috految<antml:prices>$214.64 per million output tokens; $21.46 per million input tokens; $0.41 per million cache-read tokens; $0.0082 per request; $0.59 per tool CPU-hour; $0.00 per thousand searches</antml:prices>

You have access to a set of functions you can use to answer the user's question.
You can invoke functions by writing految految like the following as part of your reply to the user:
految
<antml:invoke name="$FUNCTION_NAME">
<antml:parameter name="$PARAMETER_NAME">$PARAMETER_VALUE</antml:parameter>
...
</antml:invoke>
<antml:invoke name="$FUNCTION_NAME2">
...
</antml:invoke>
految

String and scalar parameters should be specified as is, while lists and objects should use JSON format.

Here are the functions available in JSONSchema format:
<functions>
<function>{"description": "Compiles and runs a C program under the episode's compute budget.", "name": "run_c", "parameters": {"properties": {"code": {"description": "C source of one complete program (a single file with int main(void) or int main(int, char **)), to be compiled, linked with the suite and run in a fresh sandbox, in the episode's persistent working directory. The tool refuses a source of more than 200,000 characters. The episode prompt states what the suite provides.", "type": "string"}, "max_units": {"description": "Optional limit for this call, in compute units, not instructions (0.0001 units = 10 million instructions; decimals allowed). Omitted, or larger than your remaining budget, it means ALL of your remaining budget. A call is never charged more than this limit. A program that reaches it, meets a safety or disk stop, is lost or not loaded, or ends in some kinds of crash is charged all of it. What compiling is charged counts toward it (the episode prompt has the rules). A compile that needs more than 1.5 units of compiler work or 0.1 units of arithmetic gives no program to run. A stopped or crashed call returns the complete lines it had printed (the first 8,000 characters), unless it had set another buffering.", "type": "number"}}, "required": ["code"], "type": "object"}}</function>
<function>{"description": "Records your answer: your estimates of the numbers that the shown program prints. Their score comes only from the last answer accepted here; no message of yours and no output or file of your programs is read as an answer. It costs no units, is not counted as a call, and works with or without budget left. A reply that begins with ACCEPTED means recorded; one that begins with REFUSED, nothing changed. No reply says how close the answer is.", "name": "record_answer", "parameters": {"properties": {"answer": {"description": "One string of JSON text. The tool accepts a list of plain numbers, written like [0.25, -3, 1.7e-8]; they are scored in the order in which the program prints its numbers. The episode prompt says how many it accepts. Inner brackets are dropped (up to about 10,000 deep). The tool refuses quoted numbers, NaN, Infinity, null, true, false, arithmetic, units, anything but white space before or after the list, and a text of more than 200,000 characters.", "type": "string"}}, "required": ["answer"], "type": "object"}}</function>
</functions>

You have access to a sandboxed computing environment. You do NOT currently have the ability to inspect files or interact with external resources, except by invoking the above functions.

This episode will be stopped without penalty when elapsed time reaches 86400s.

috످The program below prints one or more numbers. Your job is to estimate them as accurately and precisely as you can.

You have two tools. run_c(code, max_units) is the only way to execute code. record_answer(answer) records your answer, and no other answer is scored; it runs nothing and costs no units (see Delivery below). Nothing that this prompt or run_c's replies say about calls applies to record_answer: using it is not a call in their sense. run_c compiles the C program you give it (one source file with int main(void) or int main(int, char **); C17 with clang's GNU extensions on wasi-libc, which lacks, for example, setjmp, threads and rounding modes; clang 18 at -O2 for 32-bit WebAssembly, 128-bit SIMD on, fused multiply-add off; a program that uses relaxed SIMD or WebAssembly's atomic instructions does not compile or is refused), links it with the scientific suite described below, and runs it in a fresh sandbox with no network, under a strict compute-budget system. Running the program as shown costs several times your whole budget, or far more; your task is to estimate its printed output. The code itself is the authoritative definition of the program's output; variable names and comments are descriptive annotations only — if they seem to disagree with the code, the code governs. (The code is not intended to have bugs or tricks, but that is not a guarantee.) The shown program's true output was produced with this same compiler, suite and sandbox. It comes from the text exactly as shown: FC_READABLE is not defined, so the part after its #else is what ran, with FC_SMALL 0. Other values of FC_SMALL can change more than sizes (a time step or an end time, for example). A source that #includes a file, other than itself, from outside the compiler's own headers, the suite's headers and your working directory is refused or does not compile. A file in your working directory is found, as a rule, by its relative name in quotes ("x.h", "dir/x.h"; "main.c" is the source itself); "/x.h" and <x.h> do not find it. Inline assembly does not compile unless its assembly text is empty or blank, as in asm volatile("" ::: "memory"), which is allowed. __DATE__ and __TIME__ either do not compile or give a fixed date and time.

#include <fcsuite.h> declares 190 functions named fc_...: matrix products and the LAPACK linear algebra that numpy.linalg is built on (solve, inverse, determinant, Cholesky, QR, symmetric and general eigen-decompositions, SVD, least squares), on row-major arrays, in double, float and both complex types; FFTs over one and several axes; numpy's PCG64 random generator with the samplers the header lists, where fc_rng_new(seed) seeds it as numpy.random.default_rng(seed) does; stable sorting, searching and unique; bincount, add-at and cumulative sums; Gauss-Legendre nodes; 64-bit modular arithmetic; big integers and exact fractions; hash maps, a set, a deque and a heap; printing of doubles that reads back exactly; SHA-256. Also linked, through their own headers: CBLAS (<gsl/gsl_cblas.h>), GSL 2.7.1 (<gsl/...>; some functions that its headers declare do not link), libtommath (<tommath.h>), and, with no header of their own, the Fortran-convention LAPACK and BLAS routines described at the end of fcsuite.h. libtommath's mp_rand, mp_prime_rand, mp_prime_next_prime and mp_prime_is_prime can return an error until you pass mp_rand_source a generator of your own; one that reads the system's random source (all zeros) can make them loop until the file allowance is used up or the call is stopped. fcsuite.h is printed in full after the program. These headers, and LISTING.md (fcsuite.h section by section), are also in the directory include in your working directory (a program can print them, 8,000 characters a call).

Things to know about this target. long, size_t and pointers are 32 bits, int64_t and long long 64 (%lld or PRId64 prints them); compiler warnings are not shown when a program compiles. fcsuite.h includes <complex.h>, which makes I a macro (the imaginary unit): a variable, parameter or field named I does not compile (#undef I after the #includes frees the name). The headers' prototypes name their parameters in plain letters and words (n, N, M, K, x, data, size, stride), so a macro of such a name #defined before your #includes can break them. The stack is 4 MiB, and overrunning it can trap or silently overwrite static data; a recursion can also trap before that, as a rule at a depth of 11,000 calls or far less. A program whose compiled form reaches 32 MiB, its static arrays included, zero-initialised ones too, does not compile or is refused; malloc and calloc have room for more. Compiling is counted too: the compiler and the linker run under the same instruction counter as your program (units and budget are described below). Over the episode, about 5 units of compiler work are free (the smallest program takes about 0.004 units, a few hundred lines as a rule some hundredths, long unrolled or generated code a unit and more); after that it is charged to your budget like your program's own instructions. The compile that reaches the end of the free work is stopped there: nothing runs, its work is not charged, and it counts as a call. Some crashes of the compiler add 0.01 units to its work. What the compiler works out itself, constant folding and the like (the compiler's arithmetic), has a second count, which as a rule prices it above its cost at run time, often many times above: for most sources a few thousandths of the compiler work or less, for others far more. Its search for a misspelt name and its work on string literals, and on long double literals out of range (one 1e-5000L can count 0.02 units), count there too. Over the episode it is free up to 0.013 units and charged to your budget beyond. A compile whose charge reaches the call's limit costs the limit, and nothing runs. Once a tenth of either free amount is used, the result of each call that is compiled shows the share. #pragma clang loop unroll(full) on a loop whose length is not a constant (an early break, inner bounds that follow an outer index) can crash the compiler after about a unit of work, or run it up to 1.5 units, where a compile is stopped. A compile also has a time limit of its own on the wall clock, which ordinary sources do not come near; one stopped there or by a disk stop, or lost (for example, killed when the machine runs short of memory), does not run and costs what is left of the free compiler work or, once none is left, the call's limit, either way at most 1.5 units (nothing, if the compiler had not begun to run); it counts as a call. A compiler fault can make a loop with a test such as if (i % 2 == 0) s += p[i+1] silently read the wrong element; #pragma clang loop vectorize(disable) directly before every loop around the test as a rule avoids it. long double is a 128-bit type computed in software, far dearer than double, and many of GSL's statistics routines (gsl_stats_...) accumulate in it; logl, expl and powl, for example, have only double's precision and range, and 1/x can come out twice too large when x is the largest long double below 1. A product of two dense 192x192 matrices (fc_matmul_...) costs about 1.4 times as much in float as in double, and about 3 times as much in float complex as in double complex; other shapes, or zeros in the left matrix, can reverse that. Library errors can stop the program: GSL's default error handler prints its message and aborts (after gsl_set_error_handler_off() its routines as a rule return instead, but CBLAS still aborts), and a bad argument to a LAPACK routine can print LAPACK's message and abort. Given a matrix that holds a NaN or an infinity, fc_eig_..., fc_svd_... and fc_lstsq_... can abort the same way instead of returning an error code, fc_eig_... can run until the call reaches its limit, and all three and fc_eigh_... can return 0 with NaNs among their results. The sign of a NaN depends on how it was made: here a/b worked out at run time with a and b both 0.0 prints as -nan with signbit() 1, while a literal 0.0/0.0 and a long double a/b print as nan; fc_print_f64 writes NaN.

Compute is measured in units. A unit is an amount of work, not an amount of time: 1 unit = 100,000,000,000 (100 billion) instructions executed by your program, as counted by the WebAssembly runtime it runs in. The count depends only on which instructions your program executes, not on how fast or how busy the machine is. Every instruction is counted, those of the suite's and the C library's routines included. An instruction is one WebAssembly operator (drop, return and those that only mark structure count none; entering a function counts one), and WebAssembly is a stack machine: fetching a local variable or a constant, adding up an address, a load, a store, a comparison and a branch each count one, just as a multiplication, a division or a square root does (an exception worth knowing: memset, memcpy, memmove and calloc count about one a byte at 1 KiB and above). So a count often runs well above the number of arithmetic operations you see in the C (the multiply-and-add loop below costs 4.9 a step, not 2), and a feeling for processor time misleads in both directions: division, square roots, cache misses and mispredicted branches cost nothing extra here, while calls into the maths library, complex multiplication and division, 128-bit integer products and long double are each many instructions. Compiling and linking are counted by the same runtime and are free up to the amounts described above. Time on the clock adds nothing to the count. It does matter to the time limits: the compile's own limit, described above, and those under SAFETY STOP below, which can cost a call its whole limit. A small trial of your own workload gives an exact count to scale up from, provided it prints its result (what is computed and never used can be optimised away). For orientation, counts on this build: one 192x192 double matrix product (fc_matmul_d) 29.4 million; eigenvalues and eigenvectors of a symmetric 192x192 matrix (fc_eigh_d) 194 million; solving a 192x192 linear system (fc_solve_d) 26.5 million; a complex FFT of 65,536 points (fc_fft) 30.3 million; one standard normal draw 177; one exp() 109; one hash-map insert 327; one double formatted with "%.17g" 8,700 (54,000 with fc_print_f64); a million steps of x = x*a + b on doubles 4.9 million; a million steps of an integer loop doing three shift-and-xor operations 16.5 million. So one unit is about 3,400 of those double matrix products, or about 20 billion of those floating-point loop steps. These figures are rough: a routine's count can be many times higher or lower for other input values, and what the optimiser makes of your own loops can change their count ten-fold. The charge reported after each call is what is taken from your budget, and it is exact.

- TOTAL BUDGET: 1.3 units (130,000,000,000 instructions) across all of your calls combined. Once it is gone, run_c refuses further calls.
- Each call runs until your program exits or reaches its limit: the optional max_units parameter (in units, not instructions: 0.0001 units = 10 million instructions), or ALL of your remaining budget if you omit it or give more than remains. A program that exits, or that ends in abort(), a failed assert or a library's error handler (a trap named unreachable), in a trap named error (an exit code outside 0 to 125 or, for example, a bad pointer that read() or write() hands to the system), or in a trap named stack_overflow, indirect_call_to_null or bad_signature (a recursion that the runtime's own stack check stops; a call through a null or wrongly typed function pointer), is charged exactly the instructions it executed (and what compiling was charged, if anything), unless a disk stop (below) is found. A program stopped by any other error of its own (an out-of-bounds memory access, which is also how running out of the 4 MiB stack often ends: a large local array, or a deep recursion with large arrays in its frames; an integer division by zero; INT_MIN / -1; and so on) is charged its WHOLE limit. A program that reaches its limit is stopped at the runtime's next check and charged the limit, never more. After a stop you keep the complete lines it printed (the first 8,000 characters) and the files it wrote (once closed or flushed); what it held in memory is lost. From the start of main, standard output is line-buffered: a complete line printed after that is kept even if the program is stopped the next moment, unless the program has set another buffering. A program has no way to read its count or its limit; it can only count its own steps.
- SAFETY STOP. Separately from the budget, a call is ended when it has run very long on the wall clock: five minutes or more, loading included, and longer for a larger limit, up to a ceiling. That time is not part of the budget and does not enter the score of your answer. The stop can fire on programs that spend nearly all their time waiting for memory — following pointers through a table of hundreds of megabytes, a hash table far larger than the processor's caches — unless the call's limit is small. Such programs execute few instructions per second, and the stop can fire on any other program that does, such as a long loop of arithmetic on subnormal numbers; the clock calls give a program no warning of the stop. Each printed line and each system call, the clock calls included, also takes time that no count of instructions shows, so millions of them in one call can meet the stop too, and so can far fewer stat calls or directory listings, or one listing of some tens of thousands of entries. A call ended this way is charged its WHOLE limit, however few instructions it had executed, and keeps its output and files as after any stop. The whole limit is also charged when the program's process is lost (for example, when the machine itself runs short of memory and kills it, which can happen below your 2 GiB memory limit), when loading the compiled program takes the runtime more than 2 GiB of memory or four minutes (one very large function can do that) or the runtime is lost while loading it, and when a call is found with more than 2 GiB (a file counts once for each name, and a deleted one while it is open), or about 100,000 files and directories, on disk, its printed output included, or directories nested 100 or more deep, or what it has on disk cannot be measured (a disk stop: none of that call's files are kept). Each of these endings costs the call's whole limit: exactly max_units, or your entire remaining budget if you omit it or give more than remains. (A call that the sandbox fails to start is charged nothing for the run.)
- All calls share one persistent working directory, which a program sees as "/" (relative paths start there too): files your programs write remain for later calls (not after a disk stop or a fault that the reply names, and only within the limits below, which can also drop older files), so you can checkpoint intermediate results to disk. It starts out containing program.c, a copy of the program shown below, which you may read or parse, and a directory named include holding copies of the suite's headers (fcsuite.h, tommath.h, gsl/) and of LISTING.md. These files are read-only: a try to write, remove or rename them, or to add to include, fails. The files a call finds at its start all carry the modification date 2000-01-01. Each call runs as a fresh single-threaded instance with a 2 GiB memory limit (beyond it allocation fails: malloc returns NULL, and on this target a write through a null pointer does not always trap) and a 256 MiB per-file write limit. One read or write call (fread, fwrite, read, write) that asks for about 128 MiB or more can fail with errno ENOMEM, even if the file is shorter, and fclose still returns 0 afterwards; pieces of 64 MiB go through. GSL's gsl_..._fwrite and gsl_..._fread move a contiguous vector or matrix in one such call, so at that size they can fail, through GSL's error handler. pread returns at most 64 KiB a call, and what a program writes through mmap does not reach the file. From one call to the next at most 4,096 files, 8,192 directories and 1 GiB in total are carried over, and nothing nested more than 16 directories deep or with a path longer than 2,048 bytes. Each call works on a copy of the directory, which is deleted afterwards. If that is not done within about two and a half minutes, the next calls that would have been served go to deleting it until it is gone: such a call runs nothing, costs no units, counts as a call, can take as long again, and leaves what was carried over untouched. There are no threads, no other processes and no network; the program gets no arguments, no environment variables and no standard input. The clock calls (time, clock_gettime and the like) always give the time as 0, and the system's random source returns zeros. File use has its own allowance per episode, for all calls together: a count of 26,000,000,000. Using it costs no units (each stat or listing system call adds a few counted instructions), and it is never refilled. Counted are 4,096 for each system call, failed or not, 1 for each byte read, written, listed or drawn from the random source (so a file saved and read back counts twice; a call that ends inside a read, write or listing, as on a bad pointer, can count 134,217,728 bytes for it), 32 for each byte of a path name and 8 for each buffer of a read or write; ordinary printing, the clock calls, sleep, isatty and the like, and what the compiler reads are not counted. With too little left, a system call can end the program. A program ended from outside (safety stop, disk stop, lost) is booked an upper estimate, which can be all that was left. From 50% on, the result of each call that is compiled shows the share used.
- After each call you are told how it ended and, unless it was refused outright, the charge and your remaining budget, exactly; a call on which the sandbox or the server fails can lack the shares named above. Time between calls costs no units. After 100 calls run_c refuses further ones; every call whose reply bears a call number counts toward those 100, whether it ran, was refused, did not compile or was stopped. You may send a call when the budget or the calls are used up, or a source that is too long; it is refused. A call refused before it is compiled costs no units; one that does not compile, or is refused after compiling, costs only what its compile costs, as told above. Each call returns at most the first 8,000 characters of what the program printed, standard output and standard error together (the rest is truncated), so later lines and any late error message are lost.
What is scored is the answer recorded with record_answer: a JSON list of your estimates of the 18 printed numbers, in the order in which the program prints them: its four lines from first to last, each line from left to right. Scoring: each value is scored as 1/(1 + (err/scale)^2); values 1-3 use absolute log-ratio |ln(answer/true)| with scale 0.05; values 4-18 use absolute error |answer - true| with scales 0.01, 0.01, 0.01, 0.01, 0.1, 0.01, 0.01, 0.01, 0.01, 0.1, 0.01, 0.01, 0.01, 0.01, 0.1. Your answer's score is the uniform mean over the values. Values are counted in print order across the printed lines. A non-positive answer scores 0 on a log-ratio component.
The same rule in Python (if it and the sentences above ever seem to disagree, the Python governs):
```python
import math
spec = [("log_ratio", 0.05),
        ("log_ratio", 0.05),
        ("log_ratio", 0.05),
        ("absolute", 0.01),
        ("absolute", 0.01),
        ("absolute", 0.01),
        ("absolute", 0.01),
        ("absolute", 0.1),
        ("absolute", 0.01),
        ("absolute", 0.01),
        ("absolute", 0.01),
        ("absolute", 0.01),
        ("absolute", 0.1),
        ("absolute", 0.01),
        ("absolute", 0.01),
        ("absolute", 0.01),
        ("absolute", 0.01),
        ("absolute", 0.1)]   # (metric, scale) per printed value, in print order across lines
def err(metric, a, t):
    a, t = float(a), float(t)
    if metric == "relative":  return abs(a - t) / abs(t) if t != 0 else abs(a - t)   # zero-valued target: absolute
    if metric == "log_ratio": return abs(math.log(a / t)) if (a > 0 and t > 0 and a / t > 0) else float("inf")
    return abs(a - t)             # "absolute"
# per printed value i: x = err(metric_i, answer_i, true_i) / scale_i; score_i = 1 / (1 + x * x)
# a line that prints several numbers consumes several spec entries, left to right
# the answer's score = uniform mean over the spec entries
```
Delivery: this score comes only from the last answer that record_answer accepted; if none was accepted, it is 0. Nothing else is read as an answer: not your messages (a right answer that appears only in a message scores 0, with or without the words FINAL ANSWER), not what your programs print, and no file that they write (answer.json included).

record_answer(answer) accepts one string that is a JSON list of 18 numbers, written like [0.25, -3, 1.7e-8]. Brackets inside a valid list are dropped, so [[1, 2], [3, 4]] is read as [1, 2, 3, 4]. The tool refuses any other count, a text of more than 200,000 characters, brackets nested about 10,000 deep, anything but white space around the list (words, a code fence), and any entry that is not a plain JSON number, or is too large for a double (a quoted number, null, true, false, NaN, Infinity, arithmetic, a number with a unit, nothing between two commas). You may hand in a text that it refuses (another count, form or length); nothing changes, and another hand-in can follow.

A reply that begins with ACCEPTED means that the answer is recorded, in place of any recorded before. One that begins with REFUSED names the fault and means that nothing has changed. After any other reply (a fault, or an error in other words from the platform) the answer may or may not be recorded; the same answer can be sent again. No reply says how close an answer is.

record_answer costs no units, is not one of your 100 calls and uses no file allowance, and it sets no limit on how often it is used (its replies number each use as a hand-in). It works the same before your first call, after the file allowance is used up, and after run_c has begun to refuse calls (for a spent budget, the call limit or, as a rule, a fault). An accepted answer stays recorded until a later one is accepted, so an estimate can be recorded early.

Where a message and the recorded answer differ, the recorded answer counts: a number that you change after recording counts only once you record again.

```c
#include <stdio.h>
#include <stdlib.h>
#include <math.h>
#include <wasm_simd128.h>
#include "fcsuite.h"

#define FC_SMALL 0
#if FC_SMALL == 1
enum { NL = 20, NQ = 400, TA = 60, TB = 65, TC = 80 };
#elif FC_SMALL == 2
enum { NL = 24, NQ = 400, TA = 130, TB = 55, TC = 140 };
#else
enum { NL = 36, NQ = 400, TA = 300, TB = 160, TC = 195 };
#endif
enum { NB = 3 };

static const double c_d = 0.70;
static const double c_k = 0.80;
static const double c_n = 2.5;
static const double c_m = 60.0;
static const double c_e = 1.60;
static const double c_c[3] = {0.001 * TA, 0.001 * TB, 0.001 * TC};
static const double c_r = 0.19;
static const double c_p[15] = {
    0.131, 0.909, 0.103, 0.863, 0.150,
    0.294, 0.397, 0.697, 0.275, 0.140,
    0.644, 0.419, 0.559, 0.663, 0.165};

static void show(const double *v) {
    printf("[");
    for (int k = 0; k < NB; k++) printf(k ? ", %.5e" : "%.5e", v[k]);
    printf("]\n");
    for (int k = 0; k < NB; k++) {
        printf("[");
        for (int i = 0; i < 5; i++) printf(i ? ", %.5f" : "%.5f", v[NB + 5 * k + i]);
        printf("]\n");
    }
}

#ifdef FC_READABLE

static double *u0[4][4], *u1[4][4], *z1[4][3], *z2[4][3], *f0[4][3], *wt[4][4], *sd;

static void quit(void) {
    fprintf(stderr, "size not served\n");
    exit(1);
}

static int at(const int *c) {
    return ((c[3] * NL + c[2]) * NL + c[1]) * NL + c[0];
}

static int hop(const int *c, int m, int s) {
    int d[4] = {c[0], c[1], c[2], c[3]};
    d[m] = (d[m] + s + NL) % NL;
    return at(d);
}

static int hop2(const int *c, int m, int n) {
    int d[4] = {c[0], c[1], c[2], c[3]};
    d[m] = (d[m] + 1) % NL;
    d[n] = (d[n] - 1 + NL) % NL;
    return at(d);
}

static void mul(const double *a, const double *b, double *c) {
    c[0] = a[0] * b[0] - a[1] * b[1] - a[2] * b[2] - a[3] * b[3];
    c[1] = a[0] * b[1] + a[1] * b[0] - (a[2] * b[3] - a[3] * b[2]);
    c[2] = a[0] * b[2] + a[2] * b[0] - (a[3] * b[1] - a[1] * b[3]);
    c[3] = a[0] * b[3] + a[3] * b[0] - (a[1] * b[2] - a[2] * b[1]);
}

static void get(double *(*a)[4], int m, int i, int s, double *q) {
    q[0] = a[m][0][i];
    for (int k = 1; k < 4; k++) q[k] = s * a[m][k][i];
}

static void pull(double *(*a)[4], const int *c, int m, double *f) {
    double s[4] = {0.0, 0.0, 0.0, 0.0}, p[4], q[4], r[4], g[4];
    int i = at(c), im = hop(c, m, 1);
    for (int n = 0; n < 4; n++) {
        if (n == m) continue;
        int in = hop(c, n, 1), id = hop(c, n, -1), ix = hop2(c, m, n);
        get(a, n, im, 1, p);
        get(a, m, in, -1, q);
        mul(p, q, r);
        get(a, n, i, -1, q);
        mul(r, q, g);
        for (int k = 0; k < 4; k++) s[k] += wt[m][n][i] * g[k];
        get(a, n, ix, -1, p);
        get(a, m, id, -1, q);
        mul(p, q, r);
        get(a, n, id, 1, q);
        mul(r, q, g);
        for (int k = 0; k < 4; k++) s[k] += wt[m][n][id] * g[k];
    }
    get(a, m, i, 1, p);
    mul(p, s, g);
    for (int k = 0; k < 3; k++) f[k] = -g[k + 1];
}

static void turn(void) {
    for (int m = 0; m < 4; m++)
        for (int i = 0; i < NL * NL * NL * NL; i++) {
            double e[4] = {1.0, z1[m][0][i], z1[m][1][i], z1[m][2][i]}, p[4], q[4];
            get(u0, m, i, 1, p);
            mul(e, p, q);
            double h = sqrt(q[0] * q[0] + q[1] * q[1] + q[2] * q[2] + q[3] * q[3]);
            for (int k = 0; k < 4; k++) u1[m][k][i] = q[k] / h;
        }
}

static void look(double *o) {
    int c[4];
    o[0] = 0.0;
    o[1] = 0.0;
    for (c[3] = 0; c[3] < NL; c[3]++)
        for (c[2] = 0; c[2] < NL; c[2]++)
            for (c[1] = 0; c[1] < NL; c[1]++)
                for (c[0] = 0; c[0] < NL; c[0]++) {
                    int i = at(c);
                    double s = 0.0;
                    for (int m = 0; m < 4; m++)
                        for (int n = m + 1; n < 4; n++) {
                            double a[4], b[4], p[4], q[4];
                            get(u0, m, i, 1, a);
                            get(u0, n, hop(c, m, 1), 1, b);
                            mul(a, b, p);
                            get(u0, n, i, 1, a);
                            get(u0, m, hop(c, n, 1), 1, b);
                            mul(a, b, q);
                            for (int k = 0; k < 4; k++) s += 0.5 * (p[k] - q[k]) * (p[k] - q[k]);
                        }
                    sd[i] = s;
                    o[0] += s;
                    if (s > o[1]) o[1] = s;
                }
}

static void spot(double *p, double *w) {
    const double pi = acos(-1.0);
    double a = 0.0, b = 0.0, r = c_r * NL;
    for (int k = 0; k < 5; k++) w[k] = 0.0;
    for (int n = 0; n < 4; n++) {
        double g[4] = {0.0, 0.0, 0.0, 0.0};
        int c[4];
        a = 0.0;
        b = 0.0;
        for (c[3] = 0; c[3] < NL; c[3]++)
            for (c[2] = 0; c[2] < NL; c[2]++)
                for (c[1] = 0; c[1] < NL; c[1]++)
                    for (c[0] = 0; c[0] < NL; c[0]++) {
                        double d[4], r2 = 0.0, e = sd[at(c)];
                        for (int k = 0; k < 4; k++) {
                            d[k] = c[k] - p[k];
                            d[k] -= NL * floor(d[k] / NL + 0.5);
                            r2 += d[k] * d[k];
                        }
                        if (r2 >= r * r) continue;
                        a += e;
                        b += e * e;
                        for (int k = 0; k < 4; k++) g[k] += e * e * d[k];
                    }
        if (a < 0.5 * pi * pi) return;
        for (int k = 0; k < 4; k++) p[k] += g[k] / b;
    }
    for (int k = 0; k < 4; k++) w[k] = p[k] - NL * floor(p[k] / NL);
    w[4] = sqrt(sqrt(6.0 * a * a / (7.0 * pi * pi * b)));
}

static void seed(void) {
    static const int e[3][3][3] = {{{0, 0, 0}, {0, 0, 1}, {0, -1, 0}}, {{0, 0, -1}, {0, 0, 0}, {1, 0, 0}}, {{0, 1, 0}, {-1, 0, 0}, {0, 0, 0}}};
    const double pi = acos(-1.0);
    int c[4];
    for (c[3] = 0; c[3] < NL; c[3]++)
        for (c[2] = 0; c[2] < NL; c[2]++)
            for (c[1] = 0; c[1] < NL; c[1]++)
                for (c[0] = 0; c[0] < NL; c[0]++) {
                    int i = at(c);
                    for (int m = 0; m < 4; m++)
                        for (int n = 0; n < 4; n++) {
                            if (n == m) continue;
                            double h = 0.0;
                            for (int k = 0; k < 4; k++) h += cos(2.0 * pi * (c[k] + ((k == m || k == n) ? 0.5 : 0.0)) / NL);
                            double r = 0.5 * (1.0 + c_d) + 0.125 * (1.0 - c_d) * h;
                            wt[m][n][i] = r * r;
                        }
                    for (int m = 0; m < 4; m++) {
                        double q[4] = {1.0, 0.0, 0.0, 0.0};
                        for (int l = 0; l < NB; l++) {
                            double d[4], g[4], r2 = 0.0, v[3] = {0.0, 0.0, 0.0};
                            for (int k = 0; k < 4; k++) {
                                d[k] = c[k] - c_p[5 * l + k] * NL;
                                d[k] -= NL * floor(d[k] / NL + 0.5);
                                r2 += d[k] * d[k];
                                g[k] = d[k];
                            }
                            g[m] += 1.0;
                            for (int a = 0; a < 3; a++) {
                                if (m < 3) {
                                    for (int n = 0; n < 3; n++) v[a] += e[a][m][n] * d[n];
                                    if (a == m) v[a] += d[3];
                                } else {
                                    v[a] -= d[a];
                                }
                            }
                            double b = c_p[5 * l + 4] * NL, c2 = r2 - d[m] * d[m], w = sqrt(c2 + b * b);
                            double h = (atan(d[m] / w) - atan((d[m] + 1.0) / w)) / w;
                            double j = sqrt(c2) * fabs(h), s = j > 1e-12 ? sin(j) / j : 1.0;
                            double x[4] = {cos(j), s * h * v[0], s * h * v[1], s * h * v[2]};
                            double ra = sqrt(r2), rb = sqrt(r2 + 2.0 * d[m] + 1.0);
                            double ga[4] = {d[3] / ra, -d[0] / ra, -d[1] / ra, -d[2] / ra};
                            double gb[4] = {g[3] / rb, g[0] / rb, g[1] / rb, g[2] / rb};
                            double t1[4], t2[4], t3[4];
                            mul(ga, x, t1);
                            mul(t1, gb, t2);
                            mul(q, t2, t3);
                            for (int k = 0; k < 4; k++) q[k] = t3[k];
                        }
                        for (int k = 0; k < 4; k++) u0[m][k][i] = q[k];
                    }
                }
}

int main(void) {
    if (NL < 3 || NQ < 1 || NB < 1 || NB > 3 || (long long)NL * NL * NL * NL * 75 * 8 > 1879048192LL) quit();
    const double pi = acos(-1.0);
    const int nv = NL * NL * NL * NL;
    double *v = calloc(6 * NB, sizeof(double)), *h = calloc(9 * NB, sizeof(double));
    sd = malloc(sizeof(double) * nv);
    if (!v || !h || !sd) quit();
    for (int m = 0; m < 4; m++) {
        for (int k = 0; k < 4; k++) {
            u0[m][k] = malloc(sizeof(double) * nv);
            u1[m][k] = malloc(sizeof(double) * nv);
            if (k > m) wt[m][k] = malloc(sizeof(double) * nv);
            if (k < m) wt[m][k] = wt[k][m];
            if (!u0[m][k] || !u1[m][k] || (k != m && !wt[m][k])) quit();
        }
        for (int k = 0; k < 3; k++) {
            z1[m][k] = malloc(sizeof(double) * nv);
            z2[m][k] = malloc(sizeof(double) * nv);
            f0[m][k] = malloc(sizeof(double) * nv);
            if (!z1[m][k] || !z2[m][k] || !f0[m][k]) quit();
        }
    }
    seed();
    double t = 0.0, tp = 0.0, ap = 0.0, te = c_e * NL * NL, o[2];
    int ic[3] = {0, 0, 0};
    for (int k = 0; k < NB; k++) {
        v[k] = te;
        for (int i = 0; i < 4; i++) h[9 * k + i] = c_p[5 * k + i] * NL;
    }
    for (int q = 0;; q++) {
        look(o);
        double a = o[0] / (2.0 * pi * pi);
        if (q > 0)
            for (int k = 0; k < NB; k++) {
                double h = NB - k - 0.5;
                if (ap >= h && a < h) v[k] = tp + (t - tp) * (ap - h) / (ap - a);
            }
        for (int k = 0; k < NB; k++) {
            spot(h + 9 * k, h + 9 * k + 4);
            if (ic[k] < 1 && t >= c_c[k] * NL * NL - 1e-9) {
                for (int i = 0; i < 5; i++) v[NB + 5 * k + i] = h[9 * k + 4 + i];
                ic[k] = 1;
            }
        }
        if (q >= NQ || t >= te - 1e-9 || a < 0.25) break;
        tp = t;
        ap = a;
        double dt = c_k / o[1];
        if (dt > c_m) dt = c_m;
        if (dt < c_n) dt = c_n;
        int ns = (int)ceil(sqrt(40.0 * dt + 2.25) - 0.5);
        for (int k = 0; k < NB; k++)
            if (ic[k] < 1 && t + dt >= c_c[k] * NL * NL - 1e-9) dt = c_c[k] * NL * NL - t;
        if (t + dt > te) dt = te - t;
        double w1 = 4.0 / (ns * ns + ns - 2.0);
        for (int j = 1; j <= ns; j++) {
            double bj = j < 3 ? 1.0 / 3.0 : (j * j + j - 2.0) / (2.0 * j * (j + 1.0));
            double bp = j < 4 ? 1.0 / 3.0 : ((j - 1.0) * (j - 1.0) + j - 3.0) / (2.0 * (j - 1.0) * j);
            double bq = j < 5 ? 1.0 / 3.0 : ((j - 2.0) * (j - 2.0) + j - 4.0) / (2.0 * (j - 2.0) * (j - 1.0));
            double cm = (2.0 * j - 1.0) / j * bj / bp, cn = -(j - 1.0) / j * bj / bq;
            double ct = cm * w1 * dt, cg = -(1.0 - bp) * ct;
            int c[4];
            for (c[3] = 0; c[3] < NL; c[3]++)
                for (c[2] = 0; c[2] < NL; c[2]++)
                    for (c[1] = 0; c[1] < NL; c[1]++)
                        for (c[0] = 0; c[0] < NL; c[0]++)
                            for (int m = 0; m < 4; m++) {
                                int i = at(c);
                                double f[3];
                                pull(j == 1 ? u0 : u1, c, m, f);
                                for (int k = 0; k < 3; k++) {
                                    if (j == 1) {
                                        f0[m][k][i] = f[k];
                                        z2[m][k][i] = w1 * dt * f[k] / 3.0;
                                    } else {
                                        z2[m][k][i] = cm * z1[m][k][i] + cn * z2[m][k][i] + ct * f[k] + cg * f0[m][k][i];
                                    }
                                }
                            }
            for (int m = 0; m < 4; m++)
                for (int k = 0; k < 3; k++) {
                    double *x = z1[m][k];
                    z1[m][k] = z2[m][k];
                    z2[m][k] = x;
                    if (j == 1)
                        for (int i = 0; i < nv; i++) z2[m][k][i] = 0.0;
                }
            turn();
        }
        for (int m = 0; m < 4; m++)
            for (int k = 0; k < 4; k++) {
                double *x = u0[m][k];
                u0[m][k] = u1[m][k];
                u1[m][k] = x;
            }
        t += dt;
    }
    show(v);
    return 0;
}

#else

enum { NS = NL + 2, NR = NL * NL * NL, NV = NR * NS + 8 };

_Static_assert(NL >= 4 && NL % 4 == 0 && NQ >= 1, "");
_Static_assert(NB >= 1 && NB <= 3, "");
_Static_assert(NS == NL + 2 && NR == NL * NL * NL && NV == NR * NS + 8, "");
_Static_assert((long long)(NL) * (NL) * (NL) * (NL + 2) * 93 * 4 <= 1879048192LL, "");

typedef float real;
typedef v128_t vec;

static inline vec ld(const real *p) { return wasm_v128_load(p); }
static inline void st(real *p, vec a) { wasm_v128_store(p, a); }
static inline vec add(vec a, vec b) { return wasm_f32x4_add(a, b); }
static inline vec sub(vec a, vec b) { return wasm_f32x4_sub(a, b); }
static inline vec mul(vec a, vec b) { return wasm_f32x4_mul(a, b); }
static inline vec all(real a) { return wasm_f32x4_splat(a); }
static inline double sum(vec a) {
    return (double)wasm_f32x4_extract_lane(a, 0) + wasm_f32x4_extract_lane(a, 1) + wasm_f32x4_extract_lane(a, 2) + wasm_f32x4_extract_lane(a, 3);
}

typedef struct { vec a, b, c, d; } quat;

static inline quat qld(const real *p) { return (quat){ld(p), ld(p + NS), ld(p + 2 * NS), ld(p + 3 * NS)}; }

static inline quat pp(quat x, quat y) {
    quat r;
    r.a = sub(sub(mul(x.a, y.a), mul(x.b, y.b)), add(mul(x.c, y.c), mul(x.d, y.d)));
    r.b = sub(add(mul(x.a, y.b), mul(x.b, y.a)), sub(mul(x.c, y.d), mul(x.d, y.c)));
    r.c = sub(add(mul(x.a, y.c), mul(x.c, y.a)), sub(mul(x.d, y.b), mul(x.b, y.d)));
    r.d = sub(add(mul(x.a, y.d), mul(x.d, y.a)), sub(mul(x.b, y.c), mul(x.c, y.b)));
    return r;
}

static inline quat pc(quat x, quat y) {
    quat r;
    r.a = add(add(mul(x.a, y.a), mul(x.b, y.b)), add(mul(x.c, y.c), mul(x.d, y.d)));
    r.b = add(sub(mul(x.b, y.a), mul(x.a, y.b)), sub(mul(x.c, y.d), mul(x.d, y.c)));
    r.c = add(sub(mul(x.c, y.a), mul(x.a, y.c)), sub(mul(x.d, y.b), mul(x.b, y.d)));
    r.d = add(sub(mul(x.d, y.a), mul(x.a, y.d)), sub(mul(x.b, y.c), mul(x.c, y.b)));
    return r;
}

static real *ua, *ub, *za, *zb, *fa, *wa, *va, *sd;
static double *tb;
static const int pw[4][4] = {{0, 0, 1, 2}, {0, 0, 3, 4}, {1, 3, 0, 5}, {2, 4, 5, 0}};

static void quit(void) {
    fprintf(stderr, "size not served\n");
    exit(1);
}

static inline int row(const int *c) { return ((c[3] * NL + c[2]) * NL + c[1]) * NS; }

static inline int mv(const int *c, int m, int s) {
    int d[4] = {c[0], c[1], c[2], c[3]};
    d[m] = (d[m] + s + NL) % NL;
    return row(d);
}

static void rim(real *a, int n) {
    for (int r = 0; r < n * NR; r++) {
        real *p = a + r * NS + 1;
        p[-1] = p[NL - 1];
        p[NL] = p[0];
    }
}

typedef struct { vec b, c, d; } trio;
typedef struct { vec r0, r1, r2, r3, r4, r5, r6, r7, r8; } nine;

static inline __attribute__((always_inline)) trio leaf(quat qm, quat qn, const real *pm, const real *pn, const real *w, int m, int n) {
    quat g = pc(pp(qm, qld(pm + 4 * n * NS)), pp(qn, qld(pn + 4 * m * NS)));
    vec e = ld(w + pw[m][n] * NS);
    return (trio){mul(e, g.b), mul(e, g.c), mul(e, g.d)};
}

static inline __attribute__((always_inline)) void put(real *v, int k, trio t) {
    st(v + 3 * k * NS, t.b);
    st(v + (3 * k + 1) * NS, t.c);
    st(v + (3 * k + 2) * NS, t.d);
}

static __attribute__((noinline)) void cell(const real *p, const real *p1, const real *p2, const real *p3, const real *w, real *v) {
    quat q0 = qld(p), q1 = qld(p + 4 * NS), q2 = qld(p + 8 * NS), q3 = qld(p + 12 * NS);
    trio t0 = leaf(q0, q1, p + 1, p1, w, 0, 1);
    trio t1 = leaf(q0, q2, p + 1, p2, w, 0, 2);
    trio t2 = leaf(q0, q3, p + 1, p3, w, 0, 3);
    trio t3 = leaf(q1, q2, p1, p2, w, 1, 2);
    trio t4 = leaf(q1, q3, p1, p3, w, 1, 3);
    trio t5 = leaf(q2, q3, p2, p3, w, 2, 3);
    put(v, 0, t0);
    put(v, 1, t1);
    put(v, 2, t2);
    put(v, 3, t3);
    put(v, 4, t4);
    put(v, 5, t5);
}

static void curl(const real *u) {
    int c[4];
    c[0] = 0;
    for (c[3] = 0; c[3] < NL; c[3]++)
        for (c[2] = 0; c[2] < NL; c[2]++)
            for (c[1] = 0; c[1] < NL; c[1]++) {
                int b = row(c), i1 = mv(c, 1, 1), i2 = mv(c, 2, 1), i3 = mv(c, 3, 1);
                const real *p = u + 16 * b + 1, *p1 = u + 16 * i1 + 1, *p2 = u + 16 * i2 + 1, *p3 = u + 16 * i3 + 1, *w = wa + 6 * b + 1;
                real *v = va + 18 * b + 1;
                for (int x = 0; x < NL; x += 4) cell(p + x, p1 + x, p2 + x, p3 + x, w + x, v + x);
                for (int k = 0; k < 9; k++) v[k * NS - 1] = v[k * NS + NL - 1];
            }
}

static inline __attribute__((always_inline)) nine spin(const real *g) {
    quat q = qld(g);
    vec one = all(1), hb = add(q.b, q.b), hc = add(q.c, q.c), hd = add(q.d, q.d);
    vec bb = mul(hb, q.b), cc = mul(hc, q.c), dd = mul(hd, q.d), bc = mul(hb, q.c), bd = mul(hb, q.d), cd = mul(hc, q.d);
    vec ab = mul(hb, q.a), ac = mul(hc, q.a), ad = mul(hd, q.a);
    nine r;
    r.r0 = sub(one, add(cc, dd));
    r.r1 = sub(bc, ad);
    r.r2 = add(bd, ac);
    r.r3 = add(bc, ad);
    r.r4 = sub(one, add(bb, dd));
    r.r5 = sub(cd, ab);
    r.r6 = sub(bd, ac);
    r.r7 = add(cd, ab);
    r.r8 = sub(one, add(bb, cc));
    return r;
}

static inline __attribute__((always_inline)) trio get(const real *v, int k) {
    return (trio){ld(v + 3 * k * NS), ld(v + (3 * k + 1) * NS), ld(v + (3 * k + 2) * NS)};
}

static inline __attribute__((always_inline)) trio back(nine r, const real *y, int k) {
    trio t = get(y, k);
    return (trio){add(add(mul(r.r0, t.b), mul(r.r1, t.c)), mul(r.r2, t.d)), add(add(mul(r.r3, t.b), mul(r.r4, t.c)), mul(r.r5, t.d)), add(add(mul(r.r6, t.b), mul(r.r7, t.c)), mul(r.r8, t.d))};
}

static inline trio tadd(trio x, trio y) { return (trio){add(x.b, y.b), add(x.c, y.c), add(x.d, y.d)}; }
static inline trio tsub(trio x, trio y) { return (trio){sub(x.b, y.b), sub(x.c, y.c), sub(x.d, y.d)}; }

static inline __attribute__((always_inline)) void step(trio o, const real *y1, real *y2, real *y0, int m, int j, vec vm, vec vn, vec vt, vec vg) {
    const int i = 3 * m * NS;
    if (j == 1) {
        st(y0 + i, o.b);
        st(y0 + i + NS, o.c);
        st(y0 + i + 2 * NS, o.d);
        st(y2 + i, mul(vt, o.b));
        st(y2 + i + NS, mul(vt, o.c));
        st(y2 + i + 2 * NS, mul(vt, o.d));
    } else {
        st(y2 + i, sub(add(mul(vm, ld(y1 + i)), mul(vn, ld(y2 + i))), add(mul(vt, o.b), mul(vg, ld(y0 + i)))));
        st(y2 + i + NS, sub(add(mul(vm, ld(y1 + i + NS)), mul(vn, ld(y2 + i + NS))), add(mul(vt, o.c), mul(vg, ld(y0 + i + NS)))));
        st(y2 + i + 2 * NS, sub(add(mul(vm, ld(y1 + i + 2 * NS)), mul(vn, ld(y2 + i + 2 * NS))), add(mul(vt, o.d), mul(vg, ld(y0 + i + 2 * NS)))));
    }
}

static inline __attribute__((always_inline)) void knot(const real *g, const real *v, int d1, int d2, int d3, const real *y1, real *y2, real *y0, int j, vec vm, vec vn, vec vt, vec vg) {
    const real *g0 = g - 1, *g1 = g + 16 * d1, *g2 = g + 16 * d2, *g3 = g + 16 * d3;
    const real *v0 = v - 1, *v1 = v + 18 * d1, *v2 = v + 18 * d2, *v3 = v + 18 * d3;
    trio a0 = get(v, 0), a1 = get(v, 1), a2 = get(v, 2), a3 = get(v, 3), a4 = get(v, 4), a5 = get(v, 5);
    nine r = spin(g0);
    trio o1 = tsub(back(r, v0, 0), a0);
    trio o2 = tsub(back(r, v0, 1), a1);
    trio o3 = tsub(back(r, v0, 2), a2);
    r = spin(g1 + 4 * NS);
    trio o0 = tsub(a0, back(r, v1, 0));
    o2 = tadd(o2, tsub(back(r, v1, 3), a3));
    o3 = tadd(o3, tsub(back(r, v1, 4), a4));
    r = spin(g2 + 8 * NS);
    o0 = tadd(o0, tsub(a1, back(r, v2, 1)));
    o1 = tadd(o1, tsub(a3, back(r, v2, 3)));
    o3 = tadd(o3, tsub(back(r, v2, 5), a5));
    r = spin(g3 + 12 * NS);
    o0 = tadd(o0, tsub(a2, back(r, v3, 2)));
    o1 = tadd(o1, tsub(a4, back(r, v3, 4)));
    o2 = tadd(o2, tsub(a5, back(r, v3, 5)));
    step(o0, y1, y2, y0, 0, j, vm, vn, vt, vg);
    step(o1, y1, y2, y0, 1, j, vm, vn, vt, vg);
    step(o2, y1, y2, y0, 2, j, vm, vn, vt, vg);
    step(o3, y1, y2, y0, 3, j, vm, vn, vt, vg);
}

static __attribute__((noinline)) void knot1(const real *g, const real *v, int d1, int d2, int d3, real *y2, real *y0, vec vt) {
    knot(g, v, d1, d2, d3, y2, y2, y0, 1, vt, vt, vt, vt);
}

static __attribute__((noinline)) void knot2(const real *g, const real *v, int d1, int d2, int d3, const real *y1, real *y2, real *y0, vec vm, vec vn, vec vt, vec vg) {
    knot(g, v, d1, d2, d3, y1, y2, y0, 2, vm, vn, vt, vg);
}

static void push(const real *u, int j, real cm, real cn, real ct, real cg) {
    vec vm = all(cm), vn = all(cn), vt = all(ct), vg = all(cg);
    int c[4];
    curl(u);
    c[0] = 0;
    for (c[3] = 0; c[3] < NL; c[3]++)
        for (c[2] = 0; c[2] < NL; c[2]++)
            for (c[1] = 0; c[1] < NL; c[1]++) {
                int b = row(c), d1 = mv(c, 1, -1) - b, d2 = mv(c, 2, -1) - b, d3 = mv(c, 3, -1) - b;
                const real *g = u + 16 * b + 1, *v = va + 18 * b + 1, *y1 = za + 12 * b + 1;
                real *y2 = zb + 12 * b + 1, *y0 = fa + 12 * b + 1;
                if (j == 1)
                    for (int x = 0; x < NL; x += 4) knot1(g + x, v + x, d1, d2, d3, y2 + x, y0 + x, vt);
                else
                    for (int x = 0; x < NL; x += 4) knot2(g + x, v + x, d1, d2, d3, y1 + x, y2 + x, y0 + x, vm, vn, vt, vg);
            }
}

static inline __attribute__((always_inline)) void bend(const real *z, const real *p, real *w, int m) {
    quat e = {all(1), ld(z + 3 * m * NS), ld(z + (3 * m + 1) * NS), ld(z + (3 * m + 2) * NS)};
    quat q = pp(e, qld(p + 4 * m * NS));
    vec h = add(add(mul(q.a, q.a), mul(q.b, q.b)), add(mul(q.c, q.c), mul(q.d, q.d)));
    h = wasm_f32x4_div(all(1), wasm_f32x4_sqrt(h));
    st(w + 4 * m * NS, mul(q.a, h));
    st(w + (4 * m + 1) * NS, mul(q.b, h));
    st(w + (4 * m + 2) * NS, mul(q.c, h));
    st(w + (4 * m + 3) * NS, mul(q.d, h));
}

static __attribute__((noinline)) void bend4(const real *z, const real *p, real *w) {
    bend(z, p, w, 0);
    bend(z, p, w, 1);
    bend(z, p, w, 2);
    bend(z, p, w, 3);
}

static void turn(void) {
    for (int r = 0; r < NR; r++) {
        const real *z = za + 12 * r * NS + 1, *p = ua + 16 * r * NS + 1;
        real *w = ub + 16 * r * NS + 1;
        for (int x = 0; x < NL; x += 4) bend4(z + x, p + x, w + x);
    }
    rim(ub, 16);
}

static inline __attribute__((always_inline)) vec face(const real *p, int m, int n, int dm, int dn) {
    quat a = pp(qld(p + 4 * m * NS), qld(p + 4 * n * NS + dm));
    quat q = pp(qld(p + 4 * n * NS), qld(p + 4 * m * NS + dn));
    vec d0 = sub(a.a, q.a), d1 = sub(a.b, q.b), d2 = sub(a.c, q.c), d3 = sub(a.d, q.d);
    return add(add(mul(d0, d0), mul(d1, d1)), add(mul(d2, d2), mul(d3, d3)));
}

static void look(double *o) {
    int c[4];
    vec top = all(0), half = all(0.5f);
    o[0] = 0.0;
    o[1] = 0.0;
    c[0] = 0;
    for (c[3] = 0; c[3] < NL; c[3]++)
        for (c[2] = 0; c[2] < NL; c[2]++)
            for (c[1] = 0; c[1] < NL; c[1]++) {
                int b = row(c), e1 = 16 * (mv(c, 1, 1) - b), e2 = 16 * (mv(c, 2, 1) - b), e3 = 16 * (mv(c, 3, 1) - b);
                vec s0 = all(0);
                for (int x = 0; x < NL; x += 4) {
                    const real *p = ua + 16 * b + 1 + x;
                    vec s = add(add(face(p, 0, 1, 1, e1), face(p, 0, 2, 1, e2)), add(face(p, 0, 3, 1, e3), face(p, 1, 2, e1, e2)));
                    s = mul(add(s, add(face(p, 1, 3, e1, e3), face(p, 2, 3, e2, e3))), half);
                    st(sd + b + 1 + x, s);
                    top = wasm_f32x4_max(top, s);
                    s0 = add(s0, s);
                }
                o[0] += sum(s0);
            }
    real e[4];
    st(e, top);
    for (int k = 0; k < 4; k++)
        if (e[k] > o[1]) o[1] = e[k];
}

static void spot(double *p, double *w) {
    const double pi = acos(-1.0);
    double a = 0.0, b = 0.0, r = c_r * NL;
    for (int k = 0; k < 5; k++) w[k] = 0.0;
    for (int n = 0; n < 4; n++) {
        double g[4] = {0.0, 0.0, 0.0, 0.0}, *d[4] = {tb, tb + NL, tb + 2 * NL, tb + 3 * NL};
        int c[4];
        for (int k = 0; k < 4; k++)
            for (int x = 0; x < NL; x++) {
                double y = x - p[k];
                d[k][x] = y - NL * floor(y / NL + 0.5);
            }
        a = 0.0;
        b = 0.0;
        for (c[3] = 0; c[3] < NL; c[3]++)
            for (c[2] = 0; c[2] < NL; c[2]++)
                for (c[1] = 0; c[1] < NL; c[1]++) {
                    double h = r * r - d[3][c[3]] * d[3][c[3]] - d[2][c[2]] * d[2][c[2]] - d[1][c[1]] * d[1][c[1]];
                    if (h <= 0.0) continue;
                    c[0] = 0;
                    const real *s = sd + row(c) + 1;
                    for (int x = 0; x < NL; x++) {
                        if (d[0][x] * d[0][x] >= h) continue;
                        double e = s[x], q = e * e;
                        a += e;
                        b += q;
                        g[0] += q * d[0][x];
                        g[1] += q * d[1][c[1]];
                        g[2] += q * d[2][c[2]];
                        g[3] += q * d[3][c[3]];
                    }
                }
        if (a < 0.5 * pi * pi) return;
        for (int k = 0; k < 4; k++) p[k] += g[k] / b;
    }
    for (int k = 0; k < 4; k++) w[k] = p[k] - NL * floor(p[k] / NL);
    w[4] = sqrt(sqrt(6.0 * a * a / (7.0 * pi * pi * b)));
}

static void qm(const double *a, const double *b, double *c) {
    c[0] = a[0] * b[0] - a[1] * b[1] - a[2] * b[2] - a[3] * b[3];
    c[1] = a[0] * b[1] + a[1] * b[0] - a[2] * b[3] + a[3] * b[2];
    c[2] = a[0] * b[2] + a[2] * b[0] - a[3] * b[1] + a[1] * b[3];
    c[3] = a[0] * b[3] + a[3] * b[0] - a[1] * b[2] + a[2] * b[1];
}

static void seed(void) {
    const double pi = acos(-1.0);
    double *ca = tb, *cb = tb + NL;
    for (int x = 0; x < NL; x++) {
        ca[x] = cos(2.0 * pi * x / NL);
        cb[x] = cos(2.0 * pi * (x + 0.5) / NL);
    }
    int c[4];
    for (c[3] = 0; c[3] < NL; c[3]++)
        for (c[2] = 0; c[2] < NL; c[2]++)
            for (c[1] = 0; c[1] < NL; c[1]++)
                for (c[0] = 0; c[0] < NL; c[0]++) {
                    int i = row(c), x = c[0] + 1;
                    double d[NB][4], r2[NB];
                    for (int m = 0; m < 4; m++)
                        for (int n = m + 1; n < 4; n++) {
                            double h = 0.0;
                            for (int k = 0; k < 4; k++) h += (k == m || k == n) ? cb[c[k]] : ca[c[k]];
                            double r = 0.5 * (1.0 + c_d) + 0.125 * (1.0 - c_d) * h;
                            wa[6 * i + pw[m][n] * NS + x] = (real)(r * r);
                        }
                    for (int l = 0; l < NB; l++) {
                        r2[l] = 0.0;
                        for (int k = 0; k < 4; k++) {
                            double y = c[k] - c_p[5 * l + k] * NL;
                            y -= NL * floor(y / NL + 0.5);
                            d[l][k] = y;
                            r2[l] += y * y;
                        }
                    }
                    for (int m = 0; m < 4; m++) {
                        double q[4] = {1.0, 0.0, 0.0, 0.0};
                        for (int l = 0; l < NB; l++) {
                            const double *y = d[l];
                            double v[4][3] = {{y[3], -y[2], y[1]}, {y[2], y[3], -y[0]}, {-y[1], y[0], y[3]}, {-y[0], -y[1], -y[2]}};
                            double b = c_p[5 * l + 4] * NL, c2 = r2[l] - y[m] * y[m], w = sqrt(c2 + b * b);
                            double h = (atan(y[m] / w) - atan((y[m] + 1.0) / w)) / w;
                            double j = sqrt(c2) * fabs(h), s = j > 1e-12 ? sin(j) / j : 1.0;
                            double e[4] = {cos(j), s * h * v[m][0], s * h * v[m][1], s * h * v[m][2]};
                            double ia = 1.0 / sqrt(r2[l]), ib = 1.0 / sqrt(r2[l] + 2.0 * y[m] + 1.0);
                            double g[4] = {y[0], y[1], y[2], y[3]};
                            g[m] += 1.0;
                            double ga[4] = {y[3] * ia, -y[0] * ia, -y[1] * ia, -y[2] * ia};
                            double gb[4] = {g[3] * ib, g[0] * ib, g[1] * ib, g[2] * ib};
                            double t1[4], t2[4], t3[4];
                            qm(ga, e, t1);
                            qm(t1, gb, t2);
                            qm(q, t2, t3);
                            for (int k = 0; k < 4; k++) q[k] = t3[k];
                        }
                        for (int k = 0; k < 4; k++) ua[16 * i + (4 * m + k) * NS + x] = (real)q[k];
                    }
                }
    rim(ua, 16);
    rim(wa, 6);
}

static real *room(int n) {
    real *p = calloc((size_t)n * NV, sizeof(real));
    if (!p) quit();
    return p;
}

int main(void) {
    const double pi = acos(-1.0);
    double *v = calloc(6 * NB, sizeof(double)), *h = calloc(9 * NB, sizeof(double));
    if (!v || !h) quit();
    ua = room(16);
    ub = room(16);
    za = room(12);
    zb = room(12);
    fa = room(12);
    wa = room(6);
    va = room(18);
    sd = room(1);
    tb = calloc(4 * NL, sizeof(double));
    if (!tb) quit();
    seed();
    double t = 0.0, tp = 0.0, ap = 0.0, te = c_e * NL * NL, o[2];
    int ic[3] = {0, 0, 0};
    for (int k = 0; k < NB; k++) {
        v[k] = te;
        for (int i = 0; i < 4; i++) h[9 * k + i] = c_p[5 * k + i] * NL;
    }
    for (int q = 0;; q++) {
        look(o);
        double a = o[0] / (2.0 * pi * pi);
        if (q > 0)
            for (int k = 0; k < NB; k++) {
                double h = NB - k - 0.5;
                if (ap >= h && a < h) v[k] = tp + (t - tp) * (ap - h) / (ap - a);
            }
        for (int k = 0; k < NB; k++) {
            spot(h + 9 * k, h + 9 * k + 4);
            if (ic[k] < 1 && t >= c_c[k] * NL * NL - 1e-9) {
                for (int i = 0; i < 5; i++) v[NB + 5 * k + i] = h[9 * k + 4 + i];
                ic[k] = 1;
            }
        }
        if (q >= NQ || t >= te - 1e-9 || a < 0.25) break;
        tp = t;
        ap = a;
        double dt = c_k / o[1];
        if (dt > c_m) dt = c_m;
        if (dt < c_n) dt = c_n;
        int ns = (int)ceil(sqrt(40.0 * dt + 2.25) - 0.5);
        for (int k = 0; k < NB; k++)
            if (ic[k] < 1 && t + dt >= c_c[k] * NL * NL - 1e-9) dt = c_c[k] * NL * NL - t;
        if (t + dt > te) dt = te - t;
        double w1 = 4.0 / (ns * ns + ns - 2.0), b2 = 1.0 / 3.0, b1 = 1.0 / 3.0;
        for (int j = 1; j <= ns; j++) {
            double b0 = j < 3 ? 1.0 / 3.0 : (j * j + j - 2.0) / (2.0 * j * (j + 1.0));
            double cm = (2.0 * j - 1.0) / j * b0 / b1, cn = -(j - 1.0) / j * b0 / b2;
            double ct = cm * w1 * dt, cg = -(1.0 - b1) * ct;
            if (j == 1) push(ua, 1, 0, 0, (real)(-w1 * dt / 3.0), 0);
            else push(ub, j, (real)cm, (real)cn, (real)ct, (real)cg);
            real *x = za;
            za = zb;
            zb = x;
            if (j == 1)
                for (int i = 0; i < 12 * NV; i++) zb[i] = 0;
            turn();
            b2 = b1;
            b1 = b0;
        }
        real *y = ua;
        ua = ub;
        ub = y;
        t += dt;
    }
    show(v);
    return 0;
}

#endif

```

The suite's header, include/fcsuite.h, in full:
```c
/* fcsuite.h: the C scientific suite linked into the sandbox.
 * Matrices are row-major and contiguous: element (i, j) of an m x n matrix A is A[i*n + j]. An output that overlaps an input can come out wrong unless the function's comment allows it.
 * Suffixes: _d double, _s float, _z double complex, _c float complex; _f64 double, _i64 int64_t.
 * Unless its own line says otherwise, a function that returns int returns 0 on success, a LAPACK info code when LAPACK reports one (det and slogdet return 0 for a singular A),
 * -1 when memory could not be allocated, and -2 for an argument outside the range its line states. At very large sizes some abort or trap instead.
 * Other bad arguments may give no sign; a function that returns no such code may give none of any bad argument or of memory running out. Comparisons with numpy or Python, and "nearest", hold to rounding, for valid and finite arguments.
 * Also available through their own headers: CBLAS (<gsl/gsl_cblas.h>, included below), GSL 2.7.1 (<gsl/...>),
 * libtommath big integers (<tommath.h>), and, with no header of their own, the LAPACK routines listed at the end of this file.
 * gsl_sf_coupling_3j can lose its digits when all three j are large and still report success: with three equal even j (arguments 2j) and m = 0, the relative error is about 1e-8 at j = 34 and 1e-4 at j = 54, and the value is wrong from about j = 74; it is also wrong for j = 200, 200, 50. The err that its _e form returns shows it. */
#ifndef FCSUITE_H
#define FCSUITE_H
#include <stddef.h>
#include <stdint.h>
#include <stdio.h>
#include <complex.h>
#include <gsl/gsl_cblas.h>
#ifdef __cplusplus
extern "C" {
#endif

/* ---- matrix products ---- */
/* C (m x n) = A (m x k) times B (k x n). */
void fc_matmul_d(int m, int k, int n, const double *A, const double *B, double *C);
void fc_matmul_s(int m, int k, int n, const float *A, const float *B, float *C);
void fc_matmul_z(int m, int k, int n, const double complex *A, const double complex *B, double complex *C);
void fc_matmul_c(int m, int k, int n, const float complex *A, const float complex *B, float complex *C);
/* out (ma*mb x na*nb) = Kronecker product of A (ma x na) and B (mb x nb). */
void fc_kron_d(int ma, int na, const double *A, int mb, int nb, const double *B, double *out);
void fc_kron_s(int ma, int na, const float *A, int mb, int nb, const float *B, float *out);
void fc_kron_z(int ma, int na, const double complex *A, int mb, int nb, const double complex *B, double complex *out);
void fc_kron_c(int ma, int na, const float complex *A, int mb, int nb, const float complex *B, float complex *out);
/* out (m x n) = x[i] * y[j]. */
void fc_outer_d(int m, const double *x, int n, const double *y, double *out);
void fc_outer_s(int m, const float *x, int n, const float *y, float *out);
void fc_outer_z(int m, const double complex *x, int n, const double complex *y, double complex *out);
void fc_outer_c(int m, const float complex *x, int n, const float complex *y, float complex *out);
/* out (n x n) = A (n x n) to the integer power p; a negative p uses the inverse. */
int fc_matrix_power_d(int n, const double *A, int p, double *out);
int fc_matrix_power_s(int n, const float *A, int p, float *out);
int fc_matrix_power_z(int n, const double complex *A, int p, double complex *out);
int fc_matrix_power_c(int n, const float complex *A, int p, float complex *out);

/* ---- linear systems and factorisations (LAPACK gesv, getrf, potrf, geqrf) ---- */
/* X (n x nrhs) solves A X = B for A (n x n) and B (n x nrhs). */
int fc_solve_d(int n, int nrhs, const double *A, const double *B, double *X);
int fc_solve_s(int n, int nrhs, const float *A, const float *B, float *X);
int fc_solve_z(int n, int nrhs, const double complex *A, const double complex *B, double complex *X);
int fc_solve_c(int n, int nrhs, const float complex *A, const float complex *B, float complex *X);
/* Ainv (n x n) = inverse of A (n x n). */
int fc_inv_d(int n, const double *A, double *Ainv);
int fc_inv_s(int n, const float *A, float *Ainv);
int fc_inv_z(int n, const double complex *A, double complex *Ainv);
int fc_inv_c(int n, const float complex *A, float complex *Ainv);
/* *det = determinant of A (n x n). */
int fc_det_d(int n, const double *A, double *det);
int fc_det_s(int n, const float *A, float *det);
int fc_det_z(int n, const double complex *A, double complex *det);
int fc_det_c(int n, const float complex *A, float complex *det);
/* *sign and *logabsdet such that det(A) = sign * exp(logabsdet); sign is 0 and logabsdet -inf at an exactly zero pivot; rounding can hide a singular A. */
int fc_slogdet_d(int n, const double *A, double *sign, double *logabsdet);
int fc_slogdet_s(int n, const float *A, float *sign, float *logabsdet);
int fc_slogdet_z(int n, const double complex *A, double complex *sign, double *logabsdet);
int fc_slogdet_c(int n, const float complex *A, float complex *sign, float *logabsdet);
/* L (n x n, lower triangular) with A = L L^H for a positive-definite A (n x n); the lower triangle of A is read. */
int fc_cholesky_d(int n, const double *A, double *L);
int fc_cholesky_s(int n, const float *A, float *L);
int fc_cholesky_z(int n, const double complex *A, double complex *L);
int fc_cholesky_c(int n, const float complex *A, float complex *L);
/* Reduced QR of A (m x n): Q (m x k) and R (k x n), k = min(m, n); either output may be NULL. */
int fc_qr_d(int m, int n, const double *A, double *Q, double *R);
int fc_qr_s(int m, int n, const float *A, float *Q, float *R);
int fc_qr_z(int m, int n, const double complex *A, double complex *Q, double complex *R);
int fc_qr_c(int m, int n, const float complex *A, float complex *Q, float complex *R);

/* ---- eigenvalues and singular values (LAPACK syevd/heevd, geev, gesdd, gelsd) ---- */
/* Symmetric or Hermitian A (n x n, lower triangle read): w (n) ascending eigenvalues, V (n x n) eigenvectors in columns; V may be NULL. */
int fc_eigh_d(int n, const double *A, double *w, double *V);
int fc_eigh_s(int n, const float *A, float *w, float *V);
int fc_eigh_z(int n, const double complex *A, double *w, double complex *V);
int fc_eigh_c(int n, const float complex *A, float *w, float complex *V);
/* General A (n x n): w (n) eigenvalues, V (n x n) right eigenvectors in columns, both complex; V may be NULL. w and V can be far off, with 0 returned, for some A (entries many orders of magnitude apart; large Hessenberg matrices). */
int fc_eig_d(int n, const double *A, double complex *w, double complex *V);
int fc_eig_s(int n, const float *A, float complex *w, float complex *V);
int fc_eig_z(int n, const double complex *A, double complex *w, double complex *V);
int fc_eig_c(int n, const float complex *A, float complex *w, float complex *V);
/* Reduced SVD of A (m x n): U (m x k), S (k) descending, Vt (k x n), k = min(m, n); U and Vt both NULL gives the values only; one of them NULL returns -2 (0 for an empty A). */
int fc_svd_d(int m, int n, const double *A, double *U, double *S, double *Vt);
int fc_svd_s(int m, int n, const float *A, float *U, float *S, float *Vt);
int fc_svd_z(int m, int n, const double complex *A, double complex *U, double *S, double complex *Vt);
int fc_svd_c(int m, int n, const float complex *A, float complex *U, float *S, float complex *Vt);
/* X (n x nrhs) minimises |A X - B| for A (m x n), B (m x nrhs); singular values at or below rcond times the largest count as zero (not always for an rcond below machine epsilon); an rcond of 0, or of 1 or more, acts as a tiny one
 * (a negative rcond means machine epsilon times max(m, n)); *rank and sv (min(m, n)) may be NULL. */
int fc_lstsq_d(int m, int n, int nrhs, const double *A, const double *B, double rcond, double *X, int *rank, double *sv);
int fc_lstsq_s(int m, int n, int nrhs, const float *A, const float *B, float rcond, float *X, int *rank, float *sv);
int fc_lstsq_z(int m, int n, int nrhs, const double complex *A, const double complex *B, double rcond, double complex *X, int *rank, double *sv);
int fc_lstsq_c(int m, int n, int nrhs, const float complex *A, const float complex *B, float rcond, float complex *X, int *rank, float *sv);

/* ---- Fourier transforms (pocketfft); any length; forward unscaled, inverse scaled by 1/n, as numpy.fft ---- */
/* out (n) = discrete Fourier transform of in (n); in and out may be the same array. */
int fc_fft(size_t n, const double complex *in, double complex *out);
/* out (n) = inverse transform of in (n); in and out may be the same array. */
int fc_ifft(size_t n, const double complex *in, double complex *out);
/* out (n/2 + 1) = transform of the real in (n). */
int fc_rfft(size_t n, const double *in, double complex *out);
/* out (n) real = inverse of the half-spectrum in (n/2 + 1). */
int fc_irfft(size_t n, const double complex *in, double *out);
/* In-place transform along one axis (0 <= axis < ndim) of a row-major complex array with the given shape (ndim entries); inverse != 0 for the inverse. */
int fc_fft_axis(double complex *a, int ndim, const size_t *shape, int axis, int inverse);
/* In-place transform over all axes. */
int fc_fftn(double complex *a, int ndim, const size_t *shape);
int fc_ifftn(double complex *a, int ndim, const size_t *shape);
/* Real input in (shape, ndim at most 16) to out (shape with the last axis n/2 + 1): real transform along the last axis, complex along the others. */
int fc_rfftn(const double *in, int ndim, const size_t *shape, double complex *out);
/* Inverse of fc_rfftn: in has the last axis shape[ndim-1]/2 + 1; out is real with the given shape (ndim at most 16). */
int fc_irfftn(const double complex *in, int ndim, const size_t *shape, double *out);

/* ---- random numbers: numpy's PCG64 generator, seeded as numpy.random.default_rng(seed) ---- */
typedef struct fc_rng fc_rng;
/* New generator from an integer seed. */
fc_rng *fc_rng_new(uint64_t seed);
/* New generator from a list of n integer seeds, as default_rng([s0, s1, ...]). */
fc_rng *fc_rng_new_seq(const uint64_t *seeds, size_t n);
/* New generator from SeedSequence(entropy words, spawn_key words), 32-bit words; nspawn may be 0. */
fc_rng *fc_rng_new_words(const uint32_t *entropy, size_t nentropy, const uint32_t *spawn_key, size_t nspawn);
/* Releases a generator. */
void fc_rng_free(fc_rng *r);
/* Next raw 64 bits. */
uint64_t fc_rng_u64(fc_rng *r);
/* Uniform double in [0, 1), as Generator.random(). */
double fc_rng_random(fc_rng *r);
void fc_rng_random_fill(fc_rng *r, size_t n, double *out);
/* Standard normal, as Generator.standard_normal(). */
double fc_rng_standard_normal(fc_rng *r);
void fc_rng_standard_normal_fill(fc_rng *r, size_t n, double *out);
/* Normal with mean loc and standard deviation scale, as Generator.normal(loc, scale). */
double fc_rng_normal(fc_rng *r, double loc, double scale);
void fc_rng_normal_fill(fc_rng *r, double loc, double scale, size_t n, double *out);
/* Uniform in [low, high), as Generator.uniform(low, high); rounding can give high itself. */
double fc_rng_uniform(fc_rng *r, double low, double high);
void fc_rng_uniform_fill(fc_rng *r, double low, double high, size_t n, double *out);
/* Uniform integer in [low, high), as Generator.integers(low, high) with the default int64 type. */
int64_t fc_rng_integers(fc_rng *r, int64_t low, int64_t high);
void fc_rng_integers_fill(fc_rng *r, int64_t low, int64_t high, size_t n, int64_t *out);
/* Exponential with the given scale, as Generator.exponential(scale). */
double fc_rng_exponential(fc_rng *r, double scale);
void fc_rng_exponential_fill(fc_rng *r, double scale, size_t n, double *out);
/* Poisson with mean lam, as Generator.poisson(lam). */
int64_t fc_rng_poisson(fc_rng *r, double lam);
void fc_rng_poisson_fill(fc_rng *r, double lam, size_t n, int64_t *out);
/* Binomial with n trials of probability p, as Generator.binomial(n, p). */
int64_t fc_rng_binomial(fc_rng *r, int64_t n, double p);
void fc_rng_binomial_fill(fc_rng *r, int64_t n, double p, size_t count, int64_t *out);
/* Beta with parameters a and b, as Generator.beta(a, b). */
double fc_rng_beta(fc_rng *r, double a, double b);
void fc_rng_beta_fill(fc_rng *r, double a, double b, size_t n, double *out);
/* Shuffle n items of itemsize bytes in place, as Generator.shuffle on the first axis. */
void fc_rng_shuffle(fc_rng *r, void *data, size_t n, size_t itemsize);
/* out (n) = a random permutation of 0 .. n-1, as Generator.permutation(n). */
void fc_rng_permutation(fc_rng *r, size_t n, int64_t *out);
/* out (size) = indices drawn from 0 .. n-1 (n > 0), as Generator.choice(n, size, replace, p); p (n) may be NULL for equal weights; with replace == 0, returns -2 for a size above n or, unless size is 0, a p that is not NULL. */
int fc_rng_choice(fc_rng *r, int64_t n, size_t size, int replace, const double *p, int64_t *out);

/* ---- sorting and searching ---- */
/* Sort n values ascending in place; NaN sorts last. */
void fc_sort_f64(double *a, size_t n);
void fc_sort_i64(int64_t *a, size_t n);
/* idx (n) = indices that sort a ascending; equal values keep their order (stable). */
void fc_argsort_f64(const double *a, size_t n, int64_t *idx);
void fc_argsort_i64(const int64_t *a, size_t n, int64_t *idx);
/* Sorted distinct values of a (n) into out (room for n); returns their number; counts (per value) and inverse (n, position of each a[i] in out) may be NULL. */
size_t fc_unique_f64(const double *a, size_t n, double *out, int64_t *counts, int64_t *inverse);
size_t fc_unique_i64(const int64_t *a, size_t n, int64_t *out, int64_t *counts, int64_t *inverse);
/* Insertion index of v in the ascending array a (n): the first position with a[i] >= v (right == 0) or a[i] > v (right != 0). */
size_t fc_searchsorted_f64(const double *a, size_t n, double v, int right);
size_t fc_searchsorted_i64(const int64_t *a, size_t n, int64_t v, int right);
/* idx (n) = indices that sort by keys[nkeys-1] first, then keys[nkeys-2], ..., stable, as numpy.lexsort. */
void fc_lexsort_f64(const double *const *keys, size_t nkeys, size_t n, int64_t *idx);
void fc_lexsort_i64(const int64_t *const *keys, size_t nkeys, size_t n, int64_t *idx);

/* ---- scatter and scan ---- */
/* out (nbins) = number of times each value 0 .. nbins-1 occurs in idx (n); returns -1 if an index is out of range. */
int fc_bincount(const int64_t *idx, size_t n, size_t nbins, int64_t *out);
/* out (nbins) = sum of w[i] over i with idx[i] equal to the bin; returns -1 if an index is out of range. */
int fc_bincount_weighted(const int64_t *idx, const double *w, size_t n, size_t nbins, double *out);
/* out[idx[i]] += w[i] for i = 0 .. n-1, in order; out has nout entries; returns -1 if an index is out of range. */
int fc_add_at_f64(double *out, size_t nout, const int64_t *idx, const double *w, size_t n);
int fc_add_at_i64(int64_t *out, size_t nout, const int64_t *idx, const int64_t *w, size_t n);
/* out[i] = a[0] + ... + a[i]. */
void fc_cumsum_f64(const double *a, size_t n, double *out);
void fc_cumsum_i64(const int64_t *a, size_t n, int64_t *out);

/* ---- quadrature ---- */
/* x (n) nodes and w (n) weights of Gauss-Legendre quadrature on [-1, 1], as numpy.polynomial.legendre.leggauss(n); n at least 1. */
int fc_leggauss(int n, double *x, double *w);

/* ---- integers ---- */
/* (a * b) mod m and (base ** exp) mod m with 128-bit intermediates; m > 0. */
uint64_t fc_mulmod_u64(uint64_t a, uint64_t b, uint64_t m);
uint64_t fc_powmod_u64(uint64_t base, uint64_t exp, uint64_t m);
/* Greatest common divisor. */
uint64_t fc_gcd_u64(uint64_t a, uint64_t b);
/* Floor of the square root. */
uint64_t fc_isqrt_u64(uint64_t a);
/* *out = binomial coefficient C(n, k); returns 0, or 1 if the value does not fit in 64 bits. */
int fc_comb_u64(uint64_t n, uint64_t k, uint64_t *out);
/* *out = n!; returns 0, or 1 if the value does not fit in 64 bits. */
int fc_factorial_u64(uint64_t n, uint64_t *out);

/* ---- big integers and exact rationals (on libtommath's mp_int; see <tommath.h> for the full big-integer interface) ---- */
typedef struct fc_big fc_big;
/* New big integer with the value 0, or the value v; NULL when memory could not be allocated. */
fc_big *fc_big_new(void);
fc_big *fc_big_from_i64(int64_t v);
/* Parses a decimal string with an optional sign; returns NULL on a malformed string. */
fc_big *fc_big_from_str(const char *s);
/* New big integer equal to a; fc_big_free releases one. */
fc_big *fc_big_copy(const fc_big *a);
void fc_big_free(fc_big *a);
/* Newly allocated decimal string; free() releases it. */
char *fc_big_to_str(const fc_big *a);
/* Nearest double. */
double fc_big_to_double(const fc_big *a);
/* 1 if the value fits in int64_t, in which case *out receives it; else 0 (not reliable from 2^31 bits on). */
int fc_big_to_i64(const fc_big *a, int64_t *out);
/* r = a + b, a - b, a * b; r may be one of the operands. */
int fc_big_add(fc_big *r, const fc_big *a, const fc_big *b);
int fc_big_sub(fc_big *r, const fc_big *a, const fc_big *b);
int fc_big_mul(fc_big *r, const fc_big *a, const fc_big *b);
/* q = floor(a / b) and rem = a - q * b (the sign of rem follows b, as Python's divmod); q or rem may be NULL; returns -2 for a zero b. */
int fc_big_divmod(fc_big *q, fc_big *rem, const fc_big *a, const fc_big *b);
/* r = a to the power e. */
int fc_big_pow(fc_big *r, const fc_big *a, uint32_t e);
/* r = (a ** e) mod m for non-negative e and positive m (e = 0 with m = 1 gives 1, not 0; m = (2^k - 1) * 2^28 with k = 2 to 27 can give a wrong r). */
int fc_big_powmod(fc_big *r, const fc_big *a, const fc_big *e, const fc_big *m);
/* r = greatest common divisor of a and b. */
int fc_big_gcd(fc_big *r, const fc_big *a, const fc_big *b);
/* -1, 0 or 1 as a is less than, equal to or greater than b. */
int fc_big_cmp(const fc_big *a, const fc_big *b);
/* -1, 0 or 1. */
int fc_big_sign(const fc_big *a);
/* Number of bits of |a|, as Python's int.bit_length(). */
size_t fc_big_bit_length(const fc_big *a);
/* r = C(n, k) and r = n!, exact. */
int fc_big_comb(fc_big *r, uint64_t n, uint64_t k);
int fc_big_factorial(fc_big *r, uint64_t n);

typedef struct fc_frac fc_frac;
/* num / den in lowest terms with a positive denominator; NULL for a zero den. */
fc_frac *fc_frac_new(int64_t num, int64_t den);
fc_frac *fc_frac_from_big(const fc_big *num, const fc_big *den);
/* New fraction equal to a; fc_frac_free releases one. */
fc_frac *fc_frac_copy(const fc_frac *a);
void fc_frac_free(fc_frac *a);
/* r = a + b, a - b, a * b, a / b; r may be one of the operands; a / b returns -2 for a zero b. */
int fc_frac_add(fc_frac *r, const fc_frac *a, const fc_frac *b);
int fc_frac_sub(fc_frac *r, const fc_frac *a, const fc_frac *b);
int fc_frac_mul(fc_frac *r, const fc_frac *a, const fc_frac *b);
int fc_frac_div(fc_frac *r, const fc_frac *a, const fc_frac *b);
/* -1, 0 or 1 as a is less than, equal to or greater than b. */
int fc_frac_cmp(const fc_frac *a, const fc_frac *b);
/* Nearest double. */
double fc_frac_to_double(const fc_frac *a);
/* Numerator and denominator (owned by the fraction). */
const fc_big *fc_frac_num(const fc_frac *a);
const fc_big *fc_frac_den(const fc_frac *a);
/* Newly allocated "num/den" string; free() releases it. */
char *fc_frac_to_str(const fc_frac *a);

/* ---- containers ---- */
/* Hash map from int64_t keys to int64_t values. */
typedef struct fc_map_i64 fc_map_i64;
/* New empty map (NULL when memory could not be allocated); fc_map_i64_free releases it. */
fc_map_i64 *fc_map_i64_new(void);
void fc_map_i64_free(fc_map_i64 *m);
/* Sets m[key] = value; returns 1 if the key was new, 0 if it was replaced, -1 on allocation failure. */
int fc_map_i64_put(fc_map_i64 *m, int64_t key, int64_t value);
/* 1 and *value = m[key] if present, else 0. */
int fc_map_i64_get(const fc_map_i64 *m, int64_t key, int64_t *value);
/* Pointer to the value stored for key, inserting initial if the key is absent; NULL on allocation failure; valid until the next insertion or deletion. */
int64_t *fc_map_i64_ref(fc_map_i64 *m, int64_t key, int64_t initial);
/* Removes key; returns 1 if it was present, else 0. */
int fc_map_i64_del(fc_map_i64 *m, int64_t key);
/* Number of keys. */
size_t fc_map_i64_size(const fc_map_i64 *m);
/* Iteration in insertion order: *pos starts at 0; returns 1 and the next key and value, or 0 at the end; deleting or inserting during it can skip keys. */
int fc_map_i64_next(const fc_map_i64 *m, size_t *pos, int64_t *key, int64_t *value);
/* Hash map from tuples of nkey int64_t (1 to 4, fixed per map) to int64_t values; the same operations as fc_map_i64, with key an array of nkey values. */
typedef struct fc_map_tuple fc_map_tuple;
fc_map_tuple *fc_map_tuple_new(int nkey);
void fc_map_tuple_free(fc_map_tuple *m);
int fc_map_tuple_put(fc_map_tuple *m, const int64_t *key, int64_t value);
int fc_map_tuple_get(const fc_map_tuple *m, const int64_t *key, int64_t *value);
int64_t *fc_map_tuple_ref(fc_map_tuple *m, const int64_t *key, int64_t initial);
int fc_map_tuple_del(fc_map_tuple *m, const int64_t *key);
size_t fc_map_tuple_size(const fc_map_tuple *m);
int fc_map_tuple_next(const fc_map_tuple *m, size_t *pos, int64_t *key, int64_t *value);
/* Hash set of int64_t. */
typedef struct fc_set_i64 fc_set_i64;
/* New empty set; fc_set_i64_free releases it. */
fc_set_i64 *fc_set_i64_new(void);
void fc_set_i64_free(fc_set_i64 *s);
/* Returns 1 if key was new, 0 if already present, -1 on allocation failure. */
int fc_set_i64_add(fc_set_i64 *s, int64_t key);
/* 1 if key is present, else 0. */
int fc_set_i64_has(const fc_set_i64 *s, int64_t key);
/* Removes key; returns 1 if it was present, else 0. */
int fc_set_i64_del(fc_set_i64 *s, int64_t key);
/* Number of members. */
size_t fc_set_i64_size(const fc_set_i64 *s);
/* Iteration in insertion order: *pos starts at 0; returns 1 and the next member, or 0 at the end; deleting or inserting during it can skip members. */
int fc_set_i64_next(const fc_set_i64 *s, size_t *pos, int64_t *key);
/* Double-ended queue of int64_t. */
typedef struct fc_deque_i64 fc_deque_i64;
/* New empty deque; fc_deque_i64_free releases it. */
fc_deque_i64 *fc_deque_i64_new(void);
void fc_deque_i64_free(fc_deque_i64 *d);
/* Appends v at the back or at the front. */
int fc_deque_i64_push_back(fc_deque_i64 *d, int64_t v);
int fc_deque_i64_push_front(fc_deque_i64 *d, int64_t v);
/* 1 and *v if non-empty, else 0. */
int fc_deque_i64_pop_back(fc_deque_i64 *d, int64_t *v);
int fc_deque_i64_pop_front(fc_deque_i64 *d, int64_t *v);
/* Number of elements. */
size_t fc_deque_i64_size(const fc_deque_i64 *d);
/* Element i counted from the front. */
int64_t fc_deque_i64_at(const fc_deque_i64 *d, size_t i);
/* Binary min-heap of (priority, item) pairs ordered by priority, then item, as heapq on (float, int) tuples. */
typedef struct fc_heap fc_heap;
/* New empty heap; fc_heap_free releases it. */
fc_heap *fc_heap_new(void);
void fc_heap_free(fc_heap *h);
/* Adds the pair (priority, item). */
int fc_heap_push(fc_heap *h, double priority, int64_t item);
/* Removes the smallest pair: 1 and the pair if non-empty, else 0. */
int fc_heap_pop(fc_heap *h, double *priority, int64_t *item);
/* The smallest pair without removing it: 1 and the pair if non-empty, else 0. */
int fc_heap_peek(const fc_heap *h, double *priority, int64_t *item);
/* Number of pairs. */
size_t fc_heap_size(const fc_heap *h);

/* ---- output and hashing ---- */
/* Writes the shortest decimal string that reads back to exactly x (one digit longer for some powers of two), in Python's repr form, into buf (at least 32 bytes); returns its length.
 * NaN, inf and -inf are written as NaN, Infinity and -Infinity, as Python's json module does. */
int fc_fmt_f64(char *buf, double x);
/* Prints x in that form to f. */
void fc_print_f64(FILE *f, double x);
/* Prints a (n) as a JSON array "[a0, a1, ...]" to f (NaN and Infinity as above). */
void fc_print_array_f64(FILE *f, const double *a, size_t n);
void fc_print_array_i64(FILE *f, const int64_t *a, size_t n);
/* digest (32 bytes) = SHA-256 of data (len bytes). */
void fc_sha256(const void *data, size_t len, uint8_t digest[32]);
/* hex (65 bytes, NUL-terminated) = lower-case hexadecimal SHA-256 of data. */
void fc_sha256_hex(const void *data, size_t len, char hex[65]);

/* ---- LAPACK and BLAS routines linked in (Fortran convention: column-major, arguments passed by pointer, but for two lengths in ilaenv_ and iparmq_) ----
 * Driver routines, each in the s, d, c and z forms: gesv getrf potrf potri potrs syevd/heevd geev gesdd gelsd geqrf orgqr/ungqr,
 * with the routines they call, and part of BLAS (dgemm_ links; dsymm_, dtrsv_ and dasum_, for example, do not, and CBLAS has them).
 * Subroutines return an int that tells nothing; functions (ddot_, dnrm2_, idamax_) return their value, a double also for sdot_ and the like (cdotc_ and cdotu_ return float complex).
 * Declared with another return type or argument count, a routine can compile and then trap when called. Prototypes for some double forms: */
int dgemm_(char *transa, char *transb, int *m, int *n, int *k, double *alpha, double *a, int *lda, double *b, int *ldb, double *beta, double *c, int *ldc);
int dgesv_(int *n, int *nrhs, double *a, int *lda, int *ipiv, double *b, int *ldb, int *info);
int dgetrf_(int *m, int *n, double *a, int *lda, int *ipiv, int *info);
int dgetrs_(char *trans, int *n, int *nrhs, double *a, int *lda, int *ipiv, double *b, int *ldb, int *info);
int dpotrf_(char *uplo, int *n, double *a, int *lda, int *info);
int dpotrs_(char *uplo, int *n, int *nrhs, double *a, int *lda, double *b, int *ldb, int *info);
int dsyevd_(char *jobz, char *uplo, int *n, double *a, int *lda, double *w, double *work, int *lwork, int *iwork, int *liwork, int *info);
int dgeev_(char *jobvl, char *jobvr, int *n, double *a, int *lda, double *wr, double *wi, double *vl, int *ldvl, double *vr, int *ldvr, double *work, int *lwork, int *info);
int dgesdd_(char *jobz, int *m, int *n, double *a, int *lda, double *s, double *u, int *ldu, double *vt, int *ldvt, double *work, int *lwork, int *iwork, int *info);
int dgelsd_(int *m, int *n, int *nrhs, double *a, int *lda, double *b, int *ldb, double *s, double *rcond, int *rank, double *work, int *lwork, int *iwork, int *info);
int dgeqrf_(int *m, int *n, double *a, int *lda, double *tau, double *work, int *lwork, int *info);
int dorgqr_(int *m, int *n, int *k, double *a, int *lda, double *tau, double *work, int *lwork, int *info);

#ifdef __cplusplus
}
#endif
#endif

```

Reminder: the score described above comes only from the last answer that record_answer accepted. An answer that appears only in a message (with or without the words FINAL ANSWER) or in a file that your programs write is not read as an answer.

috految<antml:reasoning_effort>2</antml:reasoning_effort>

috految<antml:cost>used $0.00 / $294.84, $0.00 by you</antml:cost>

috److془We need to plan carefully yet cheaply.

Cost per site stage ~ 850. N=20: 0.14e9/stage; N=24: .28e9; 450 stages. N=16: .06e9.
Use improved action on coarse grid to mimic 36. Or simple: nonlinear plaquette term; or extrapolation.

Wilson: S=1-1/(5ρ²)-1/(70ρ^4). dρ/dt = -w/(5ρ³)·(1) ; ρ^4 = 0.8 w t. Lifetimes ~ 250-400 with interactions; ρ~3 at measure. N=24: ρ~2. Fine. Correction: ΔS=+(1-a²)/(5ρ²) , via plaquette term c|F|^3. Plaquette angle θ=2ρ²/(r²+ρ²)² (s=3θ², integral 12π²/6 ✓). Action θ²/2+cθ³/3: relative (2c/3)(2/ρ²)(6/20)=.4c/ρ². c=.5(1-(N/36)²). Nice. Isotropic, f^3 exact operator for self dual. Higher order: θ reduction ~ -0.3/ρ² relative, S correction: -.07*(c/.5)/ρ^4 . Actually relative reduction: S -.2 → θ -.1 average, weighted -.185; x3 = -.55. Hmm at core -1/3; θ-weighted ~ -.167→ -.5. Deficit: .2c+.011 = .07; relaxation second order perhaps ~ .01. Quartic term dθ^4/4: relative d/2*4*6/42=.286d. d≈.85c. Sine: force sinθ(1+cθ+dθ²), cubic order upward .. fine. Then extrapolate 16/20 and 24. Stiffness at core: 16*w*(1+2cθ) OK with 20 bound, largely.
Seed: discontinuities at cut planes: O(a) position noise; fix by blending with fine cut location; the cut A~b²/r³ .005*.5 shift; effects ~.01-.02. Ordering commutator O(a) too. Cut in transverse: just go. Actually links at cut: longitudinal continuous. Fine. Blend: coarse averaged; easy: scale the vector by y_k -> factor; v linear in y: y_k*=f in the nearest plane. Hmm displacement tails: ∫ zero mode .005*.5*2*(area 1e4)*F(3e-4)/40: small. Skip.
Stages: the N=24 t to 173, dt=.44*~25=11, 21 stages: 370 stages. Collapse requires more. Using dt=.8/o scaled: ρ=2 gives 1.3; fine ρ=3 gives dt 6. Use dt 4-9. Choose 24 with dt 10, 20 stages; or 20 plus 16. Choose 24 alone; errors ~ 1% displacement. Hmm collapse with big steps; dt 6-ish: 15 stages;170→430. Go 20→ hmm; 24 . Kick: 16 is cheap but inaccurate. Position offset: density at p-0.25; correct +.125. Time error of 8ish fine. Initial step: the original dt~ 10-30 fine.془

految
<antml:invoke name="run_c">
<antml:parameter name="code">#include <stdio.h>
#include <string.h>
int main(){FILE*f=fopen("program.c","r"),*g=fopen("p.h","w");char s[999];while(fgets(s,999,f)){
#define R(a,b) if(strstr(s,a))strcpy(s,b"\n");
R("NL = 36","enum{NL=24,NQ=400,TA=300,TB=160,TC=195};")
R("vec e = ld(w","vec z=add(add(mul(g.b,g.b),mul(g.c,g.c)),mul(g.d,g.d)),e=mul(ld(w+pw[m][n]*NS),add(all(1),add(mul(all(.278),wasm_f32x4_sqrt(z)),mul(all(.25),z))));")
R("double dt = c_k","double dt=q<1?5:fmin(14,fmax(5,4/o[1]));printf(\"t %.1f a %.3f o %.3f\",t*2.25,a,o[1]);for(int k=0;k<3;k++)for(int i=0;i<5;i++)printf(\" %.3f\",h[9*k+4+i]*1.5+(i<4)*.125);puts(\"\");")
R("int ns =","int ns=ceil(sqrt(36*dt+2.25)-.5);")
fputs(s,g);}fclose(g);}</antml:parameter>
</antml:invoke>
<antml:invoke name="run_c">
<antml:parameter name="code">#include "p.h"</antml:parameter>
</antml:invoke>
految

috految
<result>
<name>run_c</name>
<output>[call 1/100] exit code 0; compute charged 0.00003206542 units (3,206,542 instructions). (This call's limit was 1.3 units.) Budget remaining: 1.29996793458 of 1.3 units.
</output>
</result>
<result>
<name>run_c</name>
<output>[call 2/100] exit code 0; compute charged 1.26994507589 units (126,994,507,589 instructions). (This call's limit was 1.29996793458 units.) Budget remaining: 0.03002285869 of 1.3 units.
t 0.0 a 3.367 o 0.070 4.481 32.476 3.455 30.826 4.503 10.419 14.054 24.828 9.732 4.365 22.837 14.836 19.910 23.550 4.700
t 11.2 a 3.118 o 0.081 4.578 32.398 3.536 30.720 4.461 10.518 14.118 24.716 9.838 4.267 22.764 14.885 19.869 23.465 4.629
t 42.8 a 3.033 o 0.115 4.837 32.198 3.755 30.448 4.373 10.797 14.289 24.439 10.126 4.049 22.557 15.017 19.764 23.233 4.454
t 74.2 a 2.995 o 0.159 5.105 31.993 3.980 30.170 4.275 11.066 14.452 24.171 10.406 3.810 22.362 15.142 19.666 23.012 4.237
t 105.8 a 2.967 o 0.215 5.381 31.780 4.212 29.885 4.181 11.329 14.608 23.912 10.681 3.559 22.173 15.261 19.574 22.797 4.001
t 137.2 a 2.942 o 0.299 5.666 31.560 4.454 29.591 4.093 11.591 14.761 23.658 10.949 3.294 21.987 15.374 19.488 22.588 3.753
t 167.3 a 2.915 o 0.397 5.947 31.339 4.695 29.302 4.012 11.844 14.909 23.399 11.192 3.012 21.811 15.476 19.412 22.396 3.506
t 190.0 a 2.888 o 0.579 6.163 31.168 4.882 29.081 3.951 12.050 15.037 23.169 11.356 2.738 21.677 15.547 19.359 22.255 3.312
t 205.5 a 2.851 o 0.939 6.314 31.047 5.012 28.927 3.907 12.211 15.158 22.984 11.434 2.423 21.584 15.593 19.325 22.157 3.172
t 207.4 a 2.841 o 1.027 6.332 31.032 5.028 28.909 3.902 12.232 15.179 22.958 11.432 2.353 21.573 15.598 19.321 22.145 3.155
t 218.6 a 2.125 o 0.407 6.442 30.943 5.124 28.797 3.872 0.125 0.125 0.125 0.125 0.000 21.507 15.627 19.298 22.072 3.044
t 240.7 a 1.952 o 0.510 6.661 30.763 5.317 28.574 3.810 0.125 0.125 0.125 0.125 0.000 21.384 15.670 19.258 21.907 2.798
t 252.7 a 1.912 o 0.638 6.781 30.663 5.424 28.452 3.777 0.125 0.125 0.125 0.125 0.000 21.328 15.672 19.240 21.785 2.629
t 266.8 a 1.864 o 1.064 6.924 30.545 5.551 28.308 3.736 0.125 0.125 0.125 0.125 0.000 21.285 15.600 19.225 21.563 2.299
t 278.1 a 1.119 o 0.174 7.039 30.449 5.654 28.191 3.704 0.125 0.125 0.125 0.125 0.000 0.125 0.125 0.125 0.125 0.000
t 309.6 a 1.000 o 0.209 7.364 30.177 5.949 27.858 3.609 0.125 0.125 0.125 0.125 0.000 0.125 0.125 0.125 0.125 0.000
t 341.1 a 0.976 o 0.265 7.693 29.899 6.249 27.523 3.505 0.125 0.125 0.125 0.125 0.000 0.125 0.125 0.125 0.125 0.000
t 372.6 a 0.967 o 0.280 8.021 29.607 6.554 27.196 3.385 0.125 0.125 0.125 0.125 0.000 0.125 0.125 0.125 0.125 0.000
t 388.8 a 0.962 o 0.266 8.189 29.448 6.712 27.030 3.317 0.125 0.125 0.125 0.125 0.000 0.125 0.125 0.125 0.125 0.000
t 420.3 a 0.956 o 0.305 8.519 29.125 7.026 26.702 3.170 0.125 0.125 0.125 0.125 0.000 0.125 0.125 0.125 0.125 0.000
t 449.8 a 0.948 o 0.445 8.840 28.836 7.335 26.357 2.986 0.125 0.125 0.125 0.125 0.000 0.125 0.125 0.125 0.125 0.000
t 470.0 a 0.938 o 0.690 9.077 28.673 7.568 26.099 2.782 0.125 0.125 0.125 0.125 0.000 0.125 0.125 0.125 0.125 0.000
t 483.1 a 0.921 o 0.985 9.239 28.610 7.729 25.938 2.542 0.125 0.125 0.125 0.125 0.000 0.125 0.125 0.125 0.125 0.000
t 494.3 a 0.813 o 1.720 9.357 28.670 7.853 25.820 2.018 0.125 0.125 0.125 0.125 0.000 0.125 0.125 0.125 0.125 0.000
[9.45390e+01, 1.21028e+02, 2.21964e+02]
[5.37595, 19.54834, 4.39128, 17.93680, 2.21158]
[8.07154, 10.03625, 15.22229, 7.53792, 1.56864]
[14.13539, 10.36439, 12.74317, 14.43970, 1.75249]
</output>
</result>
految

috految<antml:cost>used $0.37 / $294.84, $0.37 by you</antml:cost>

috److془Remove pinning. Metric correction: speeds coarse higher ~ 0.5-1%.
B: rates x .00835,.0082→ 12.15. y 14.757+.0046*70=15.08; z 23.665-.0077*70=23.125; w 10.95+.58=11.53.
Sizes: B 2.67; C 2.68. Collapse 240,300,540.
Rate at size 3.3: ρ^4 rate ~1.1; 2.3 of ρ^4 ~ .7: lifetime from 2.67 ~ 45.془

految
<antml:invoke name="record_answer">
<antml:parameter name="answer">[254,312,565,8.16,29.477,6.69,27.045,3.31,12.143,15.075,23.13,11.52,2.66,21.349,15.73,19.22,21.895,2.71]</antml:parameter>
</antml:invoke>
految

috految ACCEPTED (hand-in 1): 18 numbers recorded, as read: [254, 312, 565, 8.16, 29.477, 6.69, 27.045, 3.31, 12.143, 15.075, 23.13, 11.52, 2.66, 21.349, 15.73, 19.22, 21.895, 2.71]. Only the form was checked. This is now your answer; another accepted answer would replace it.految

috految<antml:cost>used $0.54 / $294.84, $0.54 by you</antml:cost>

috److I recorded an estimate for all 18 numbers. It comes from one coarser simulation plus hand corrections, not from running the full program.

**Method:** I ran the program on a 24⁴ lattice instead of 36⁴. I added a correction term to the force to mimic the finer lattice and used larger time steps. That run used almost the whole budget (1.27 of 1.3 units), so I could not check convergence at a second lattice size.

**Corrections:**
- **Rescaling:** I rescaled times, positions and sizes to the 36⁴ lattice.
- **Positions and sizes:** I adjusted these by hand where the coarse grid appeared to distort the motion shortly before each of the three peaks collapsed.
- **Collapse times:** The coarse run gave about 213, 272 and 499 after rescaling. I raised them because the peaks should survive longer on the finer lattice.

**Recorded answer:**

| Line | Values |
|---|---|
| 1 (collapse times) | 254, 312, 565 |
| 2 (first peak: position, size) | 8.16, 29.477, 6.69, 27.045, 3.31 |
| 3 (second peak: position, size) | 12.143, 15.075, 23.13, 11.52, 2.66 |
| 4 (third peak: position, size) | 21.349, 15.73, 19.22, 21.895, 2.71 |

The collapse times and the second and third peaks depend most on the hand corrections. Several positions may miss by more than the 0.01 scoring scale.

috످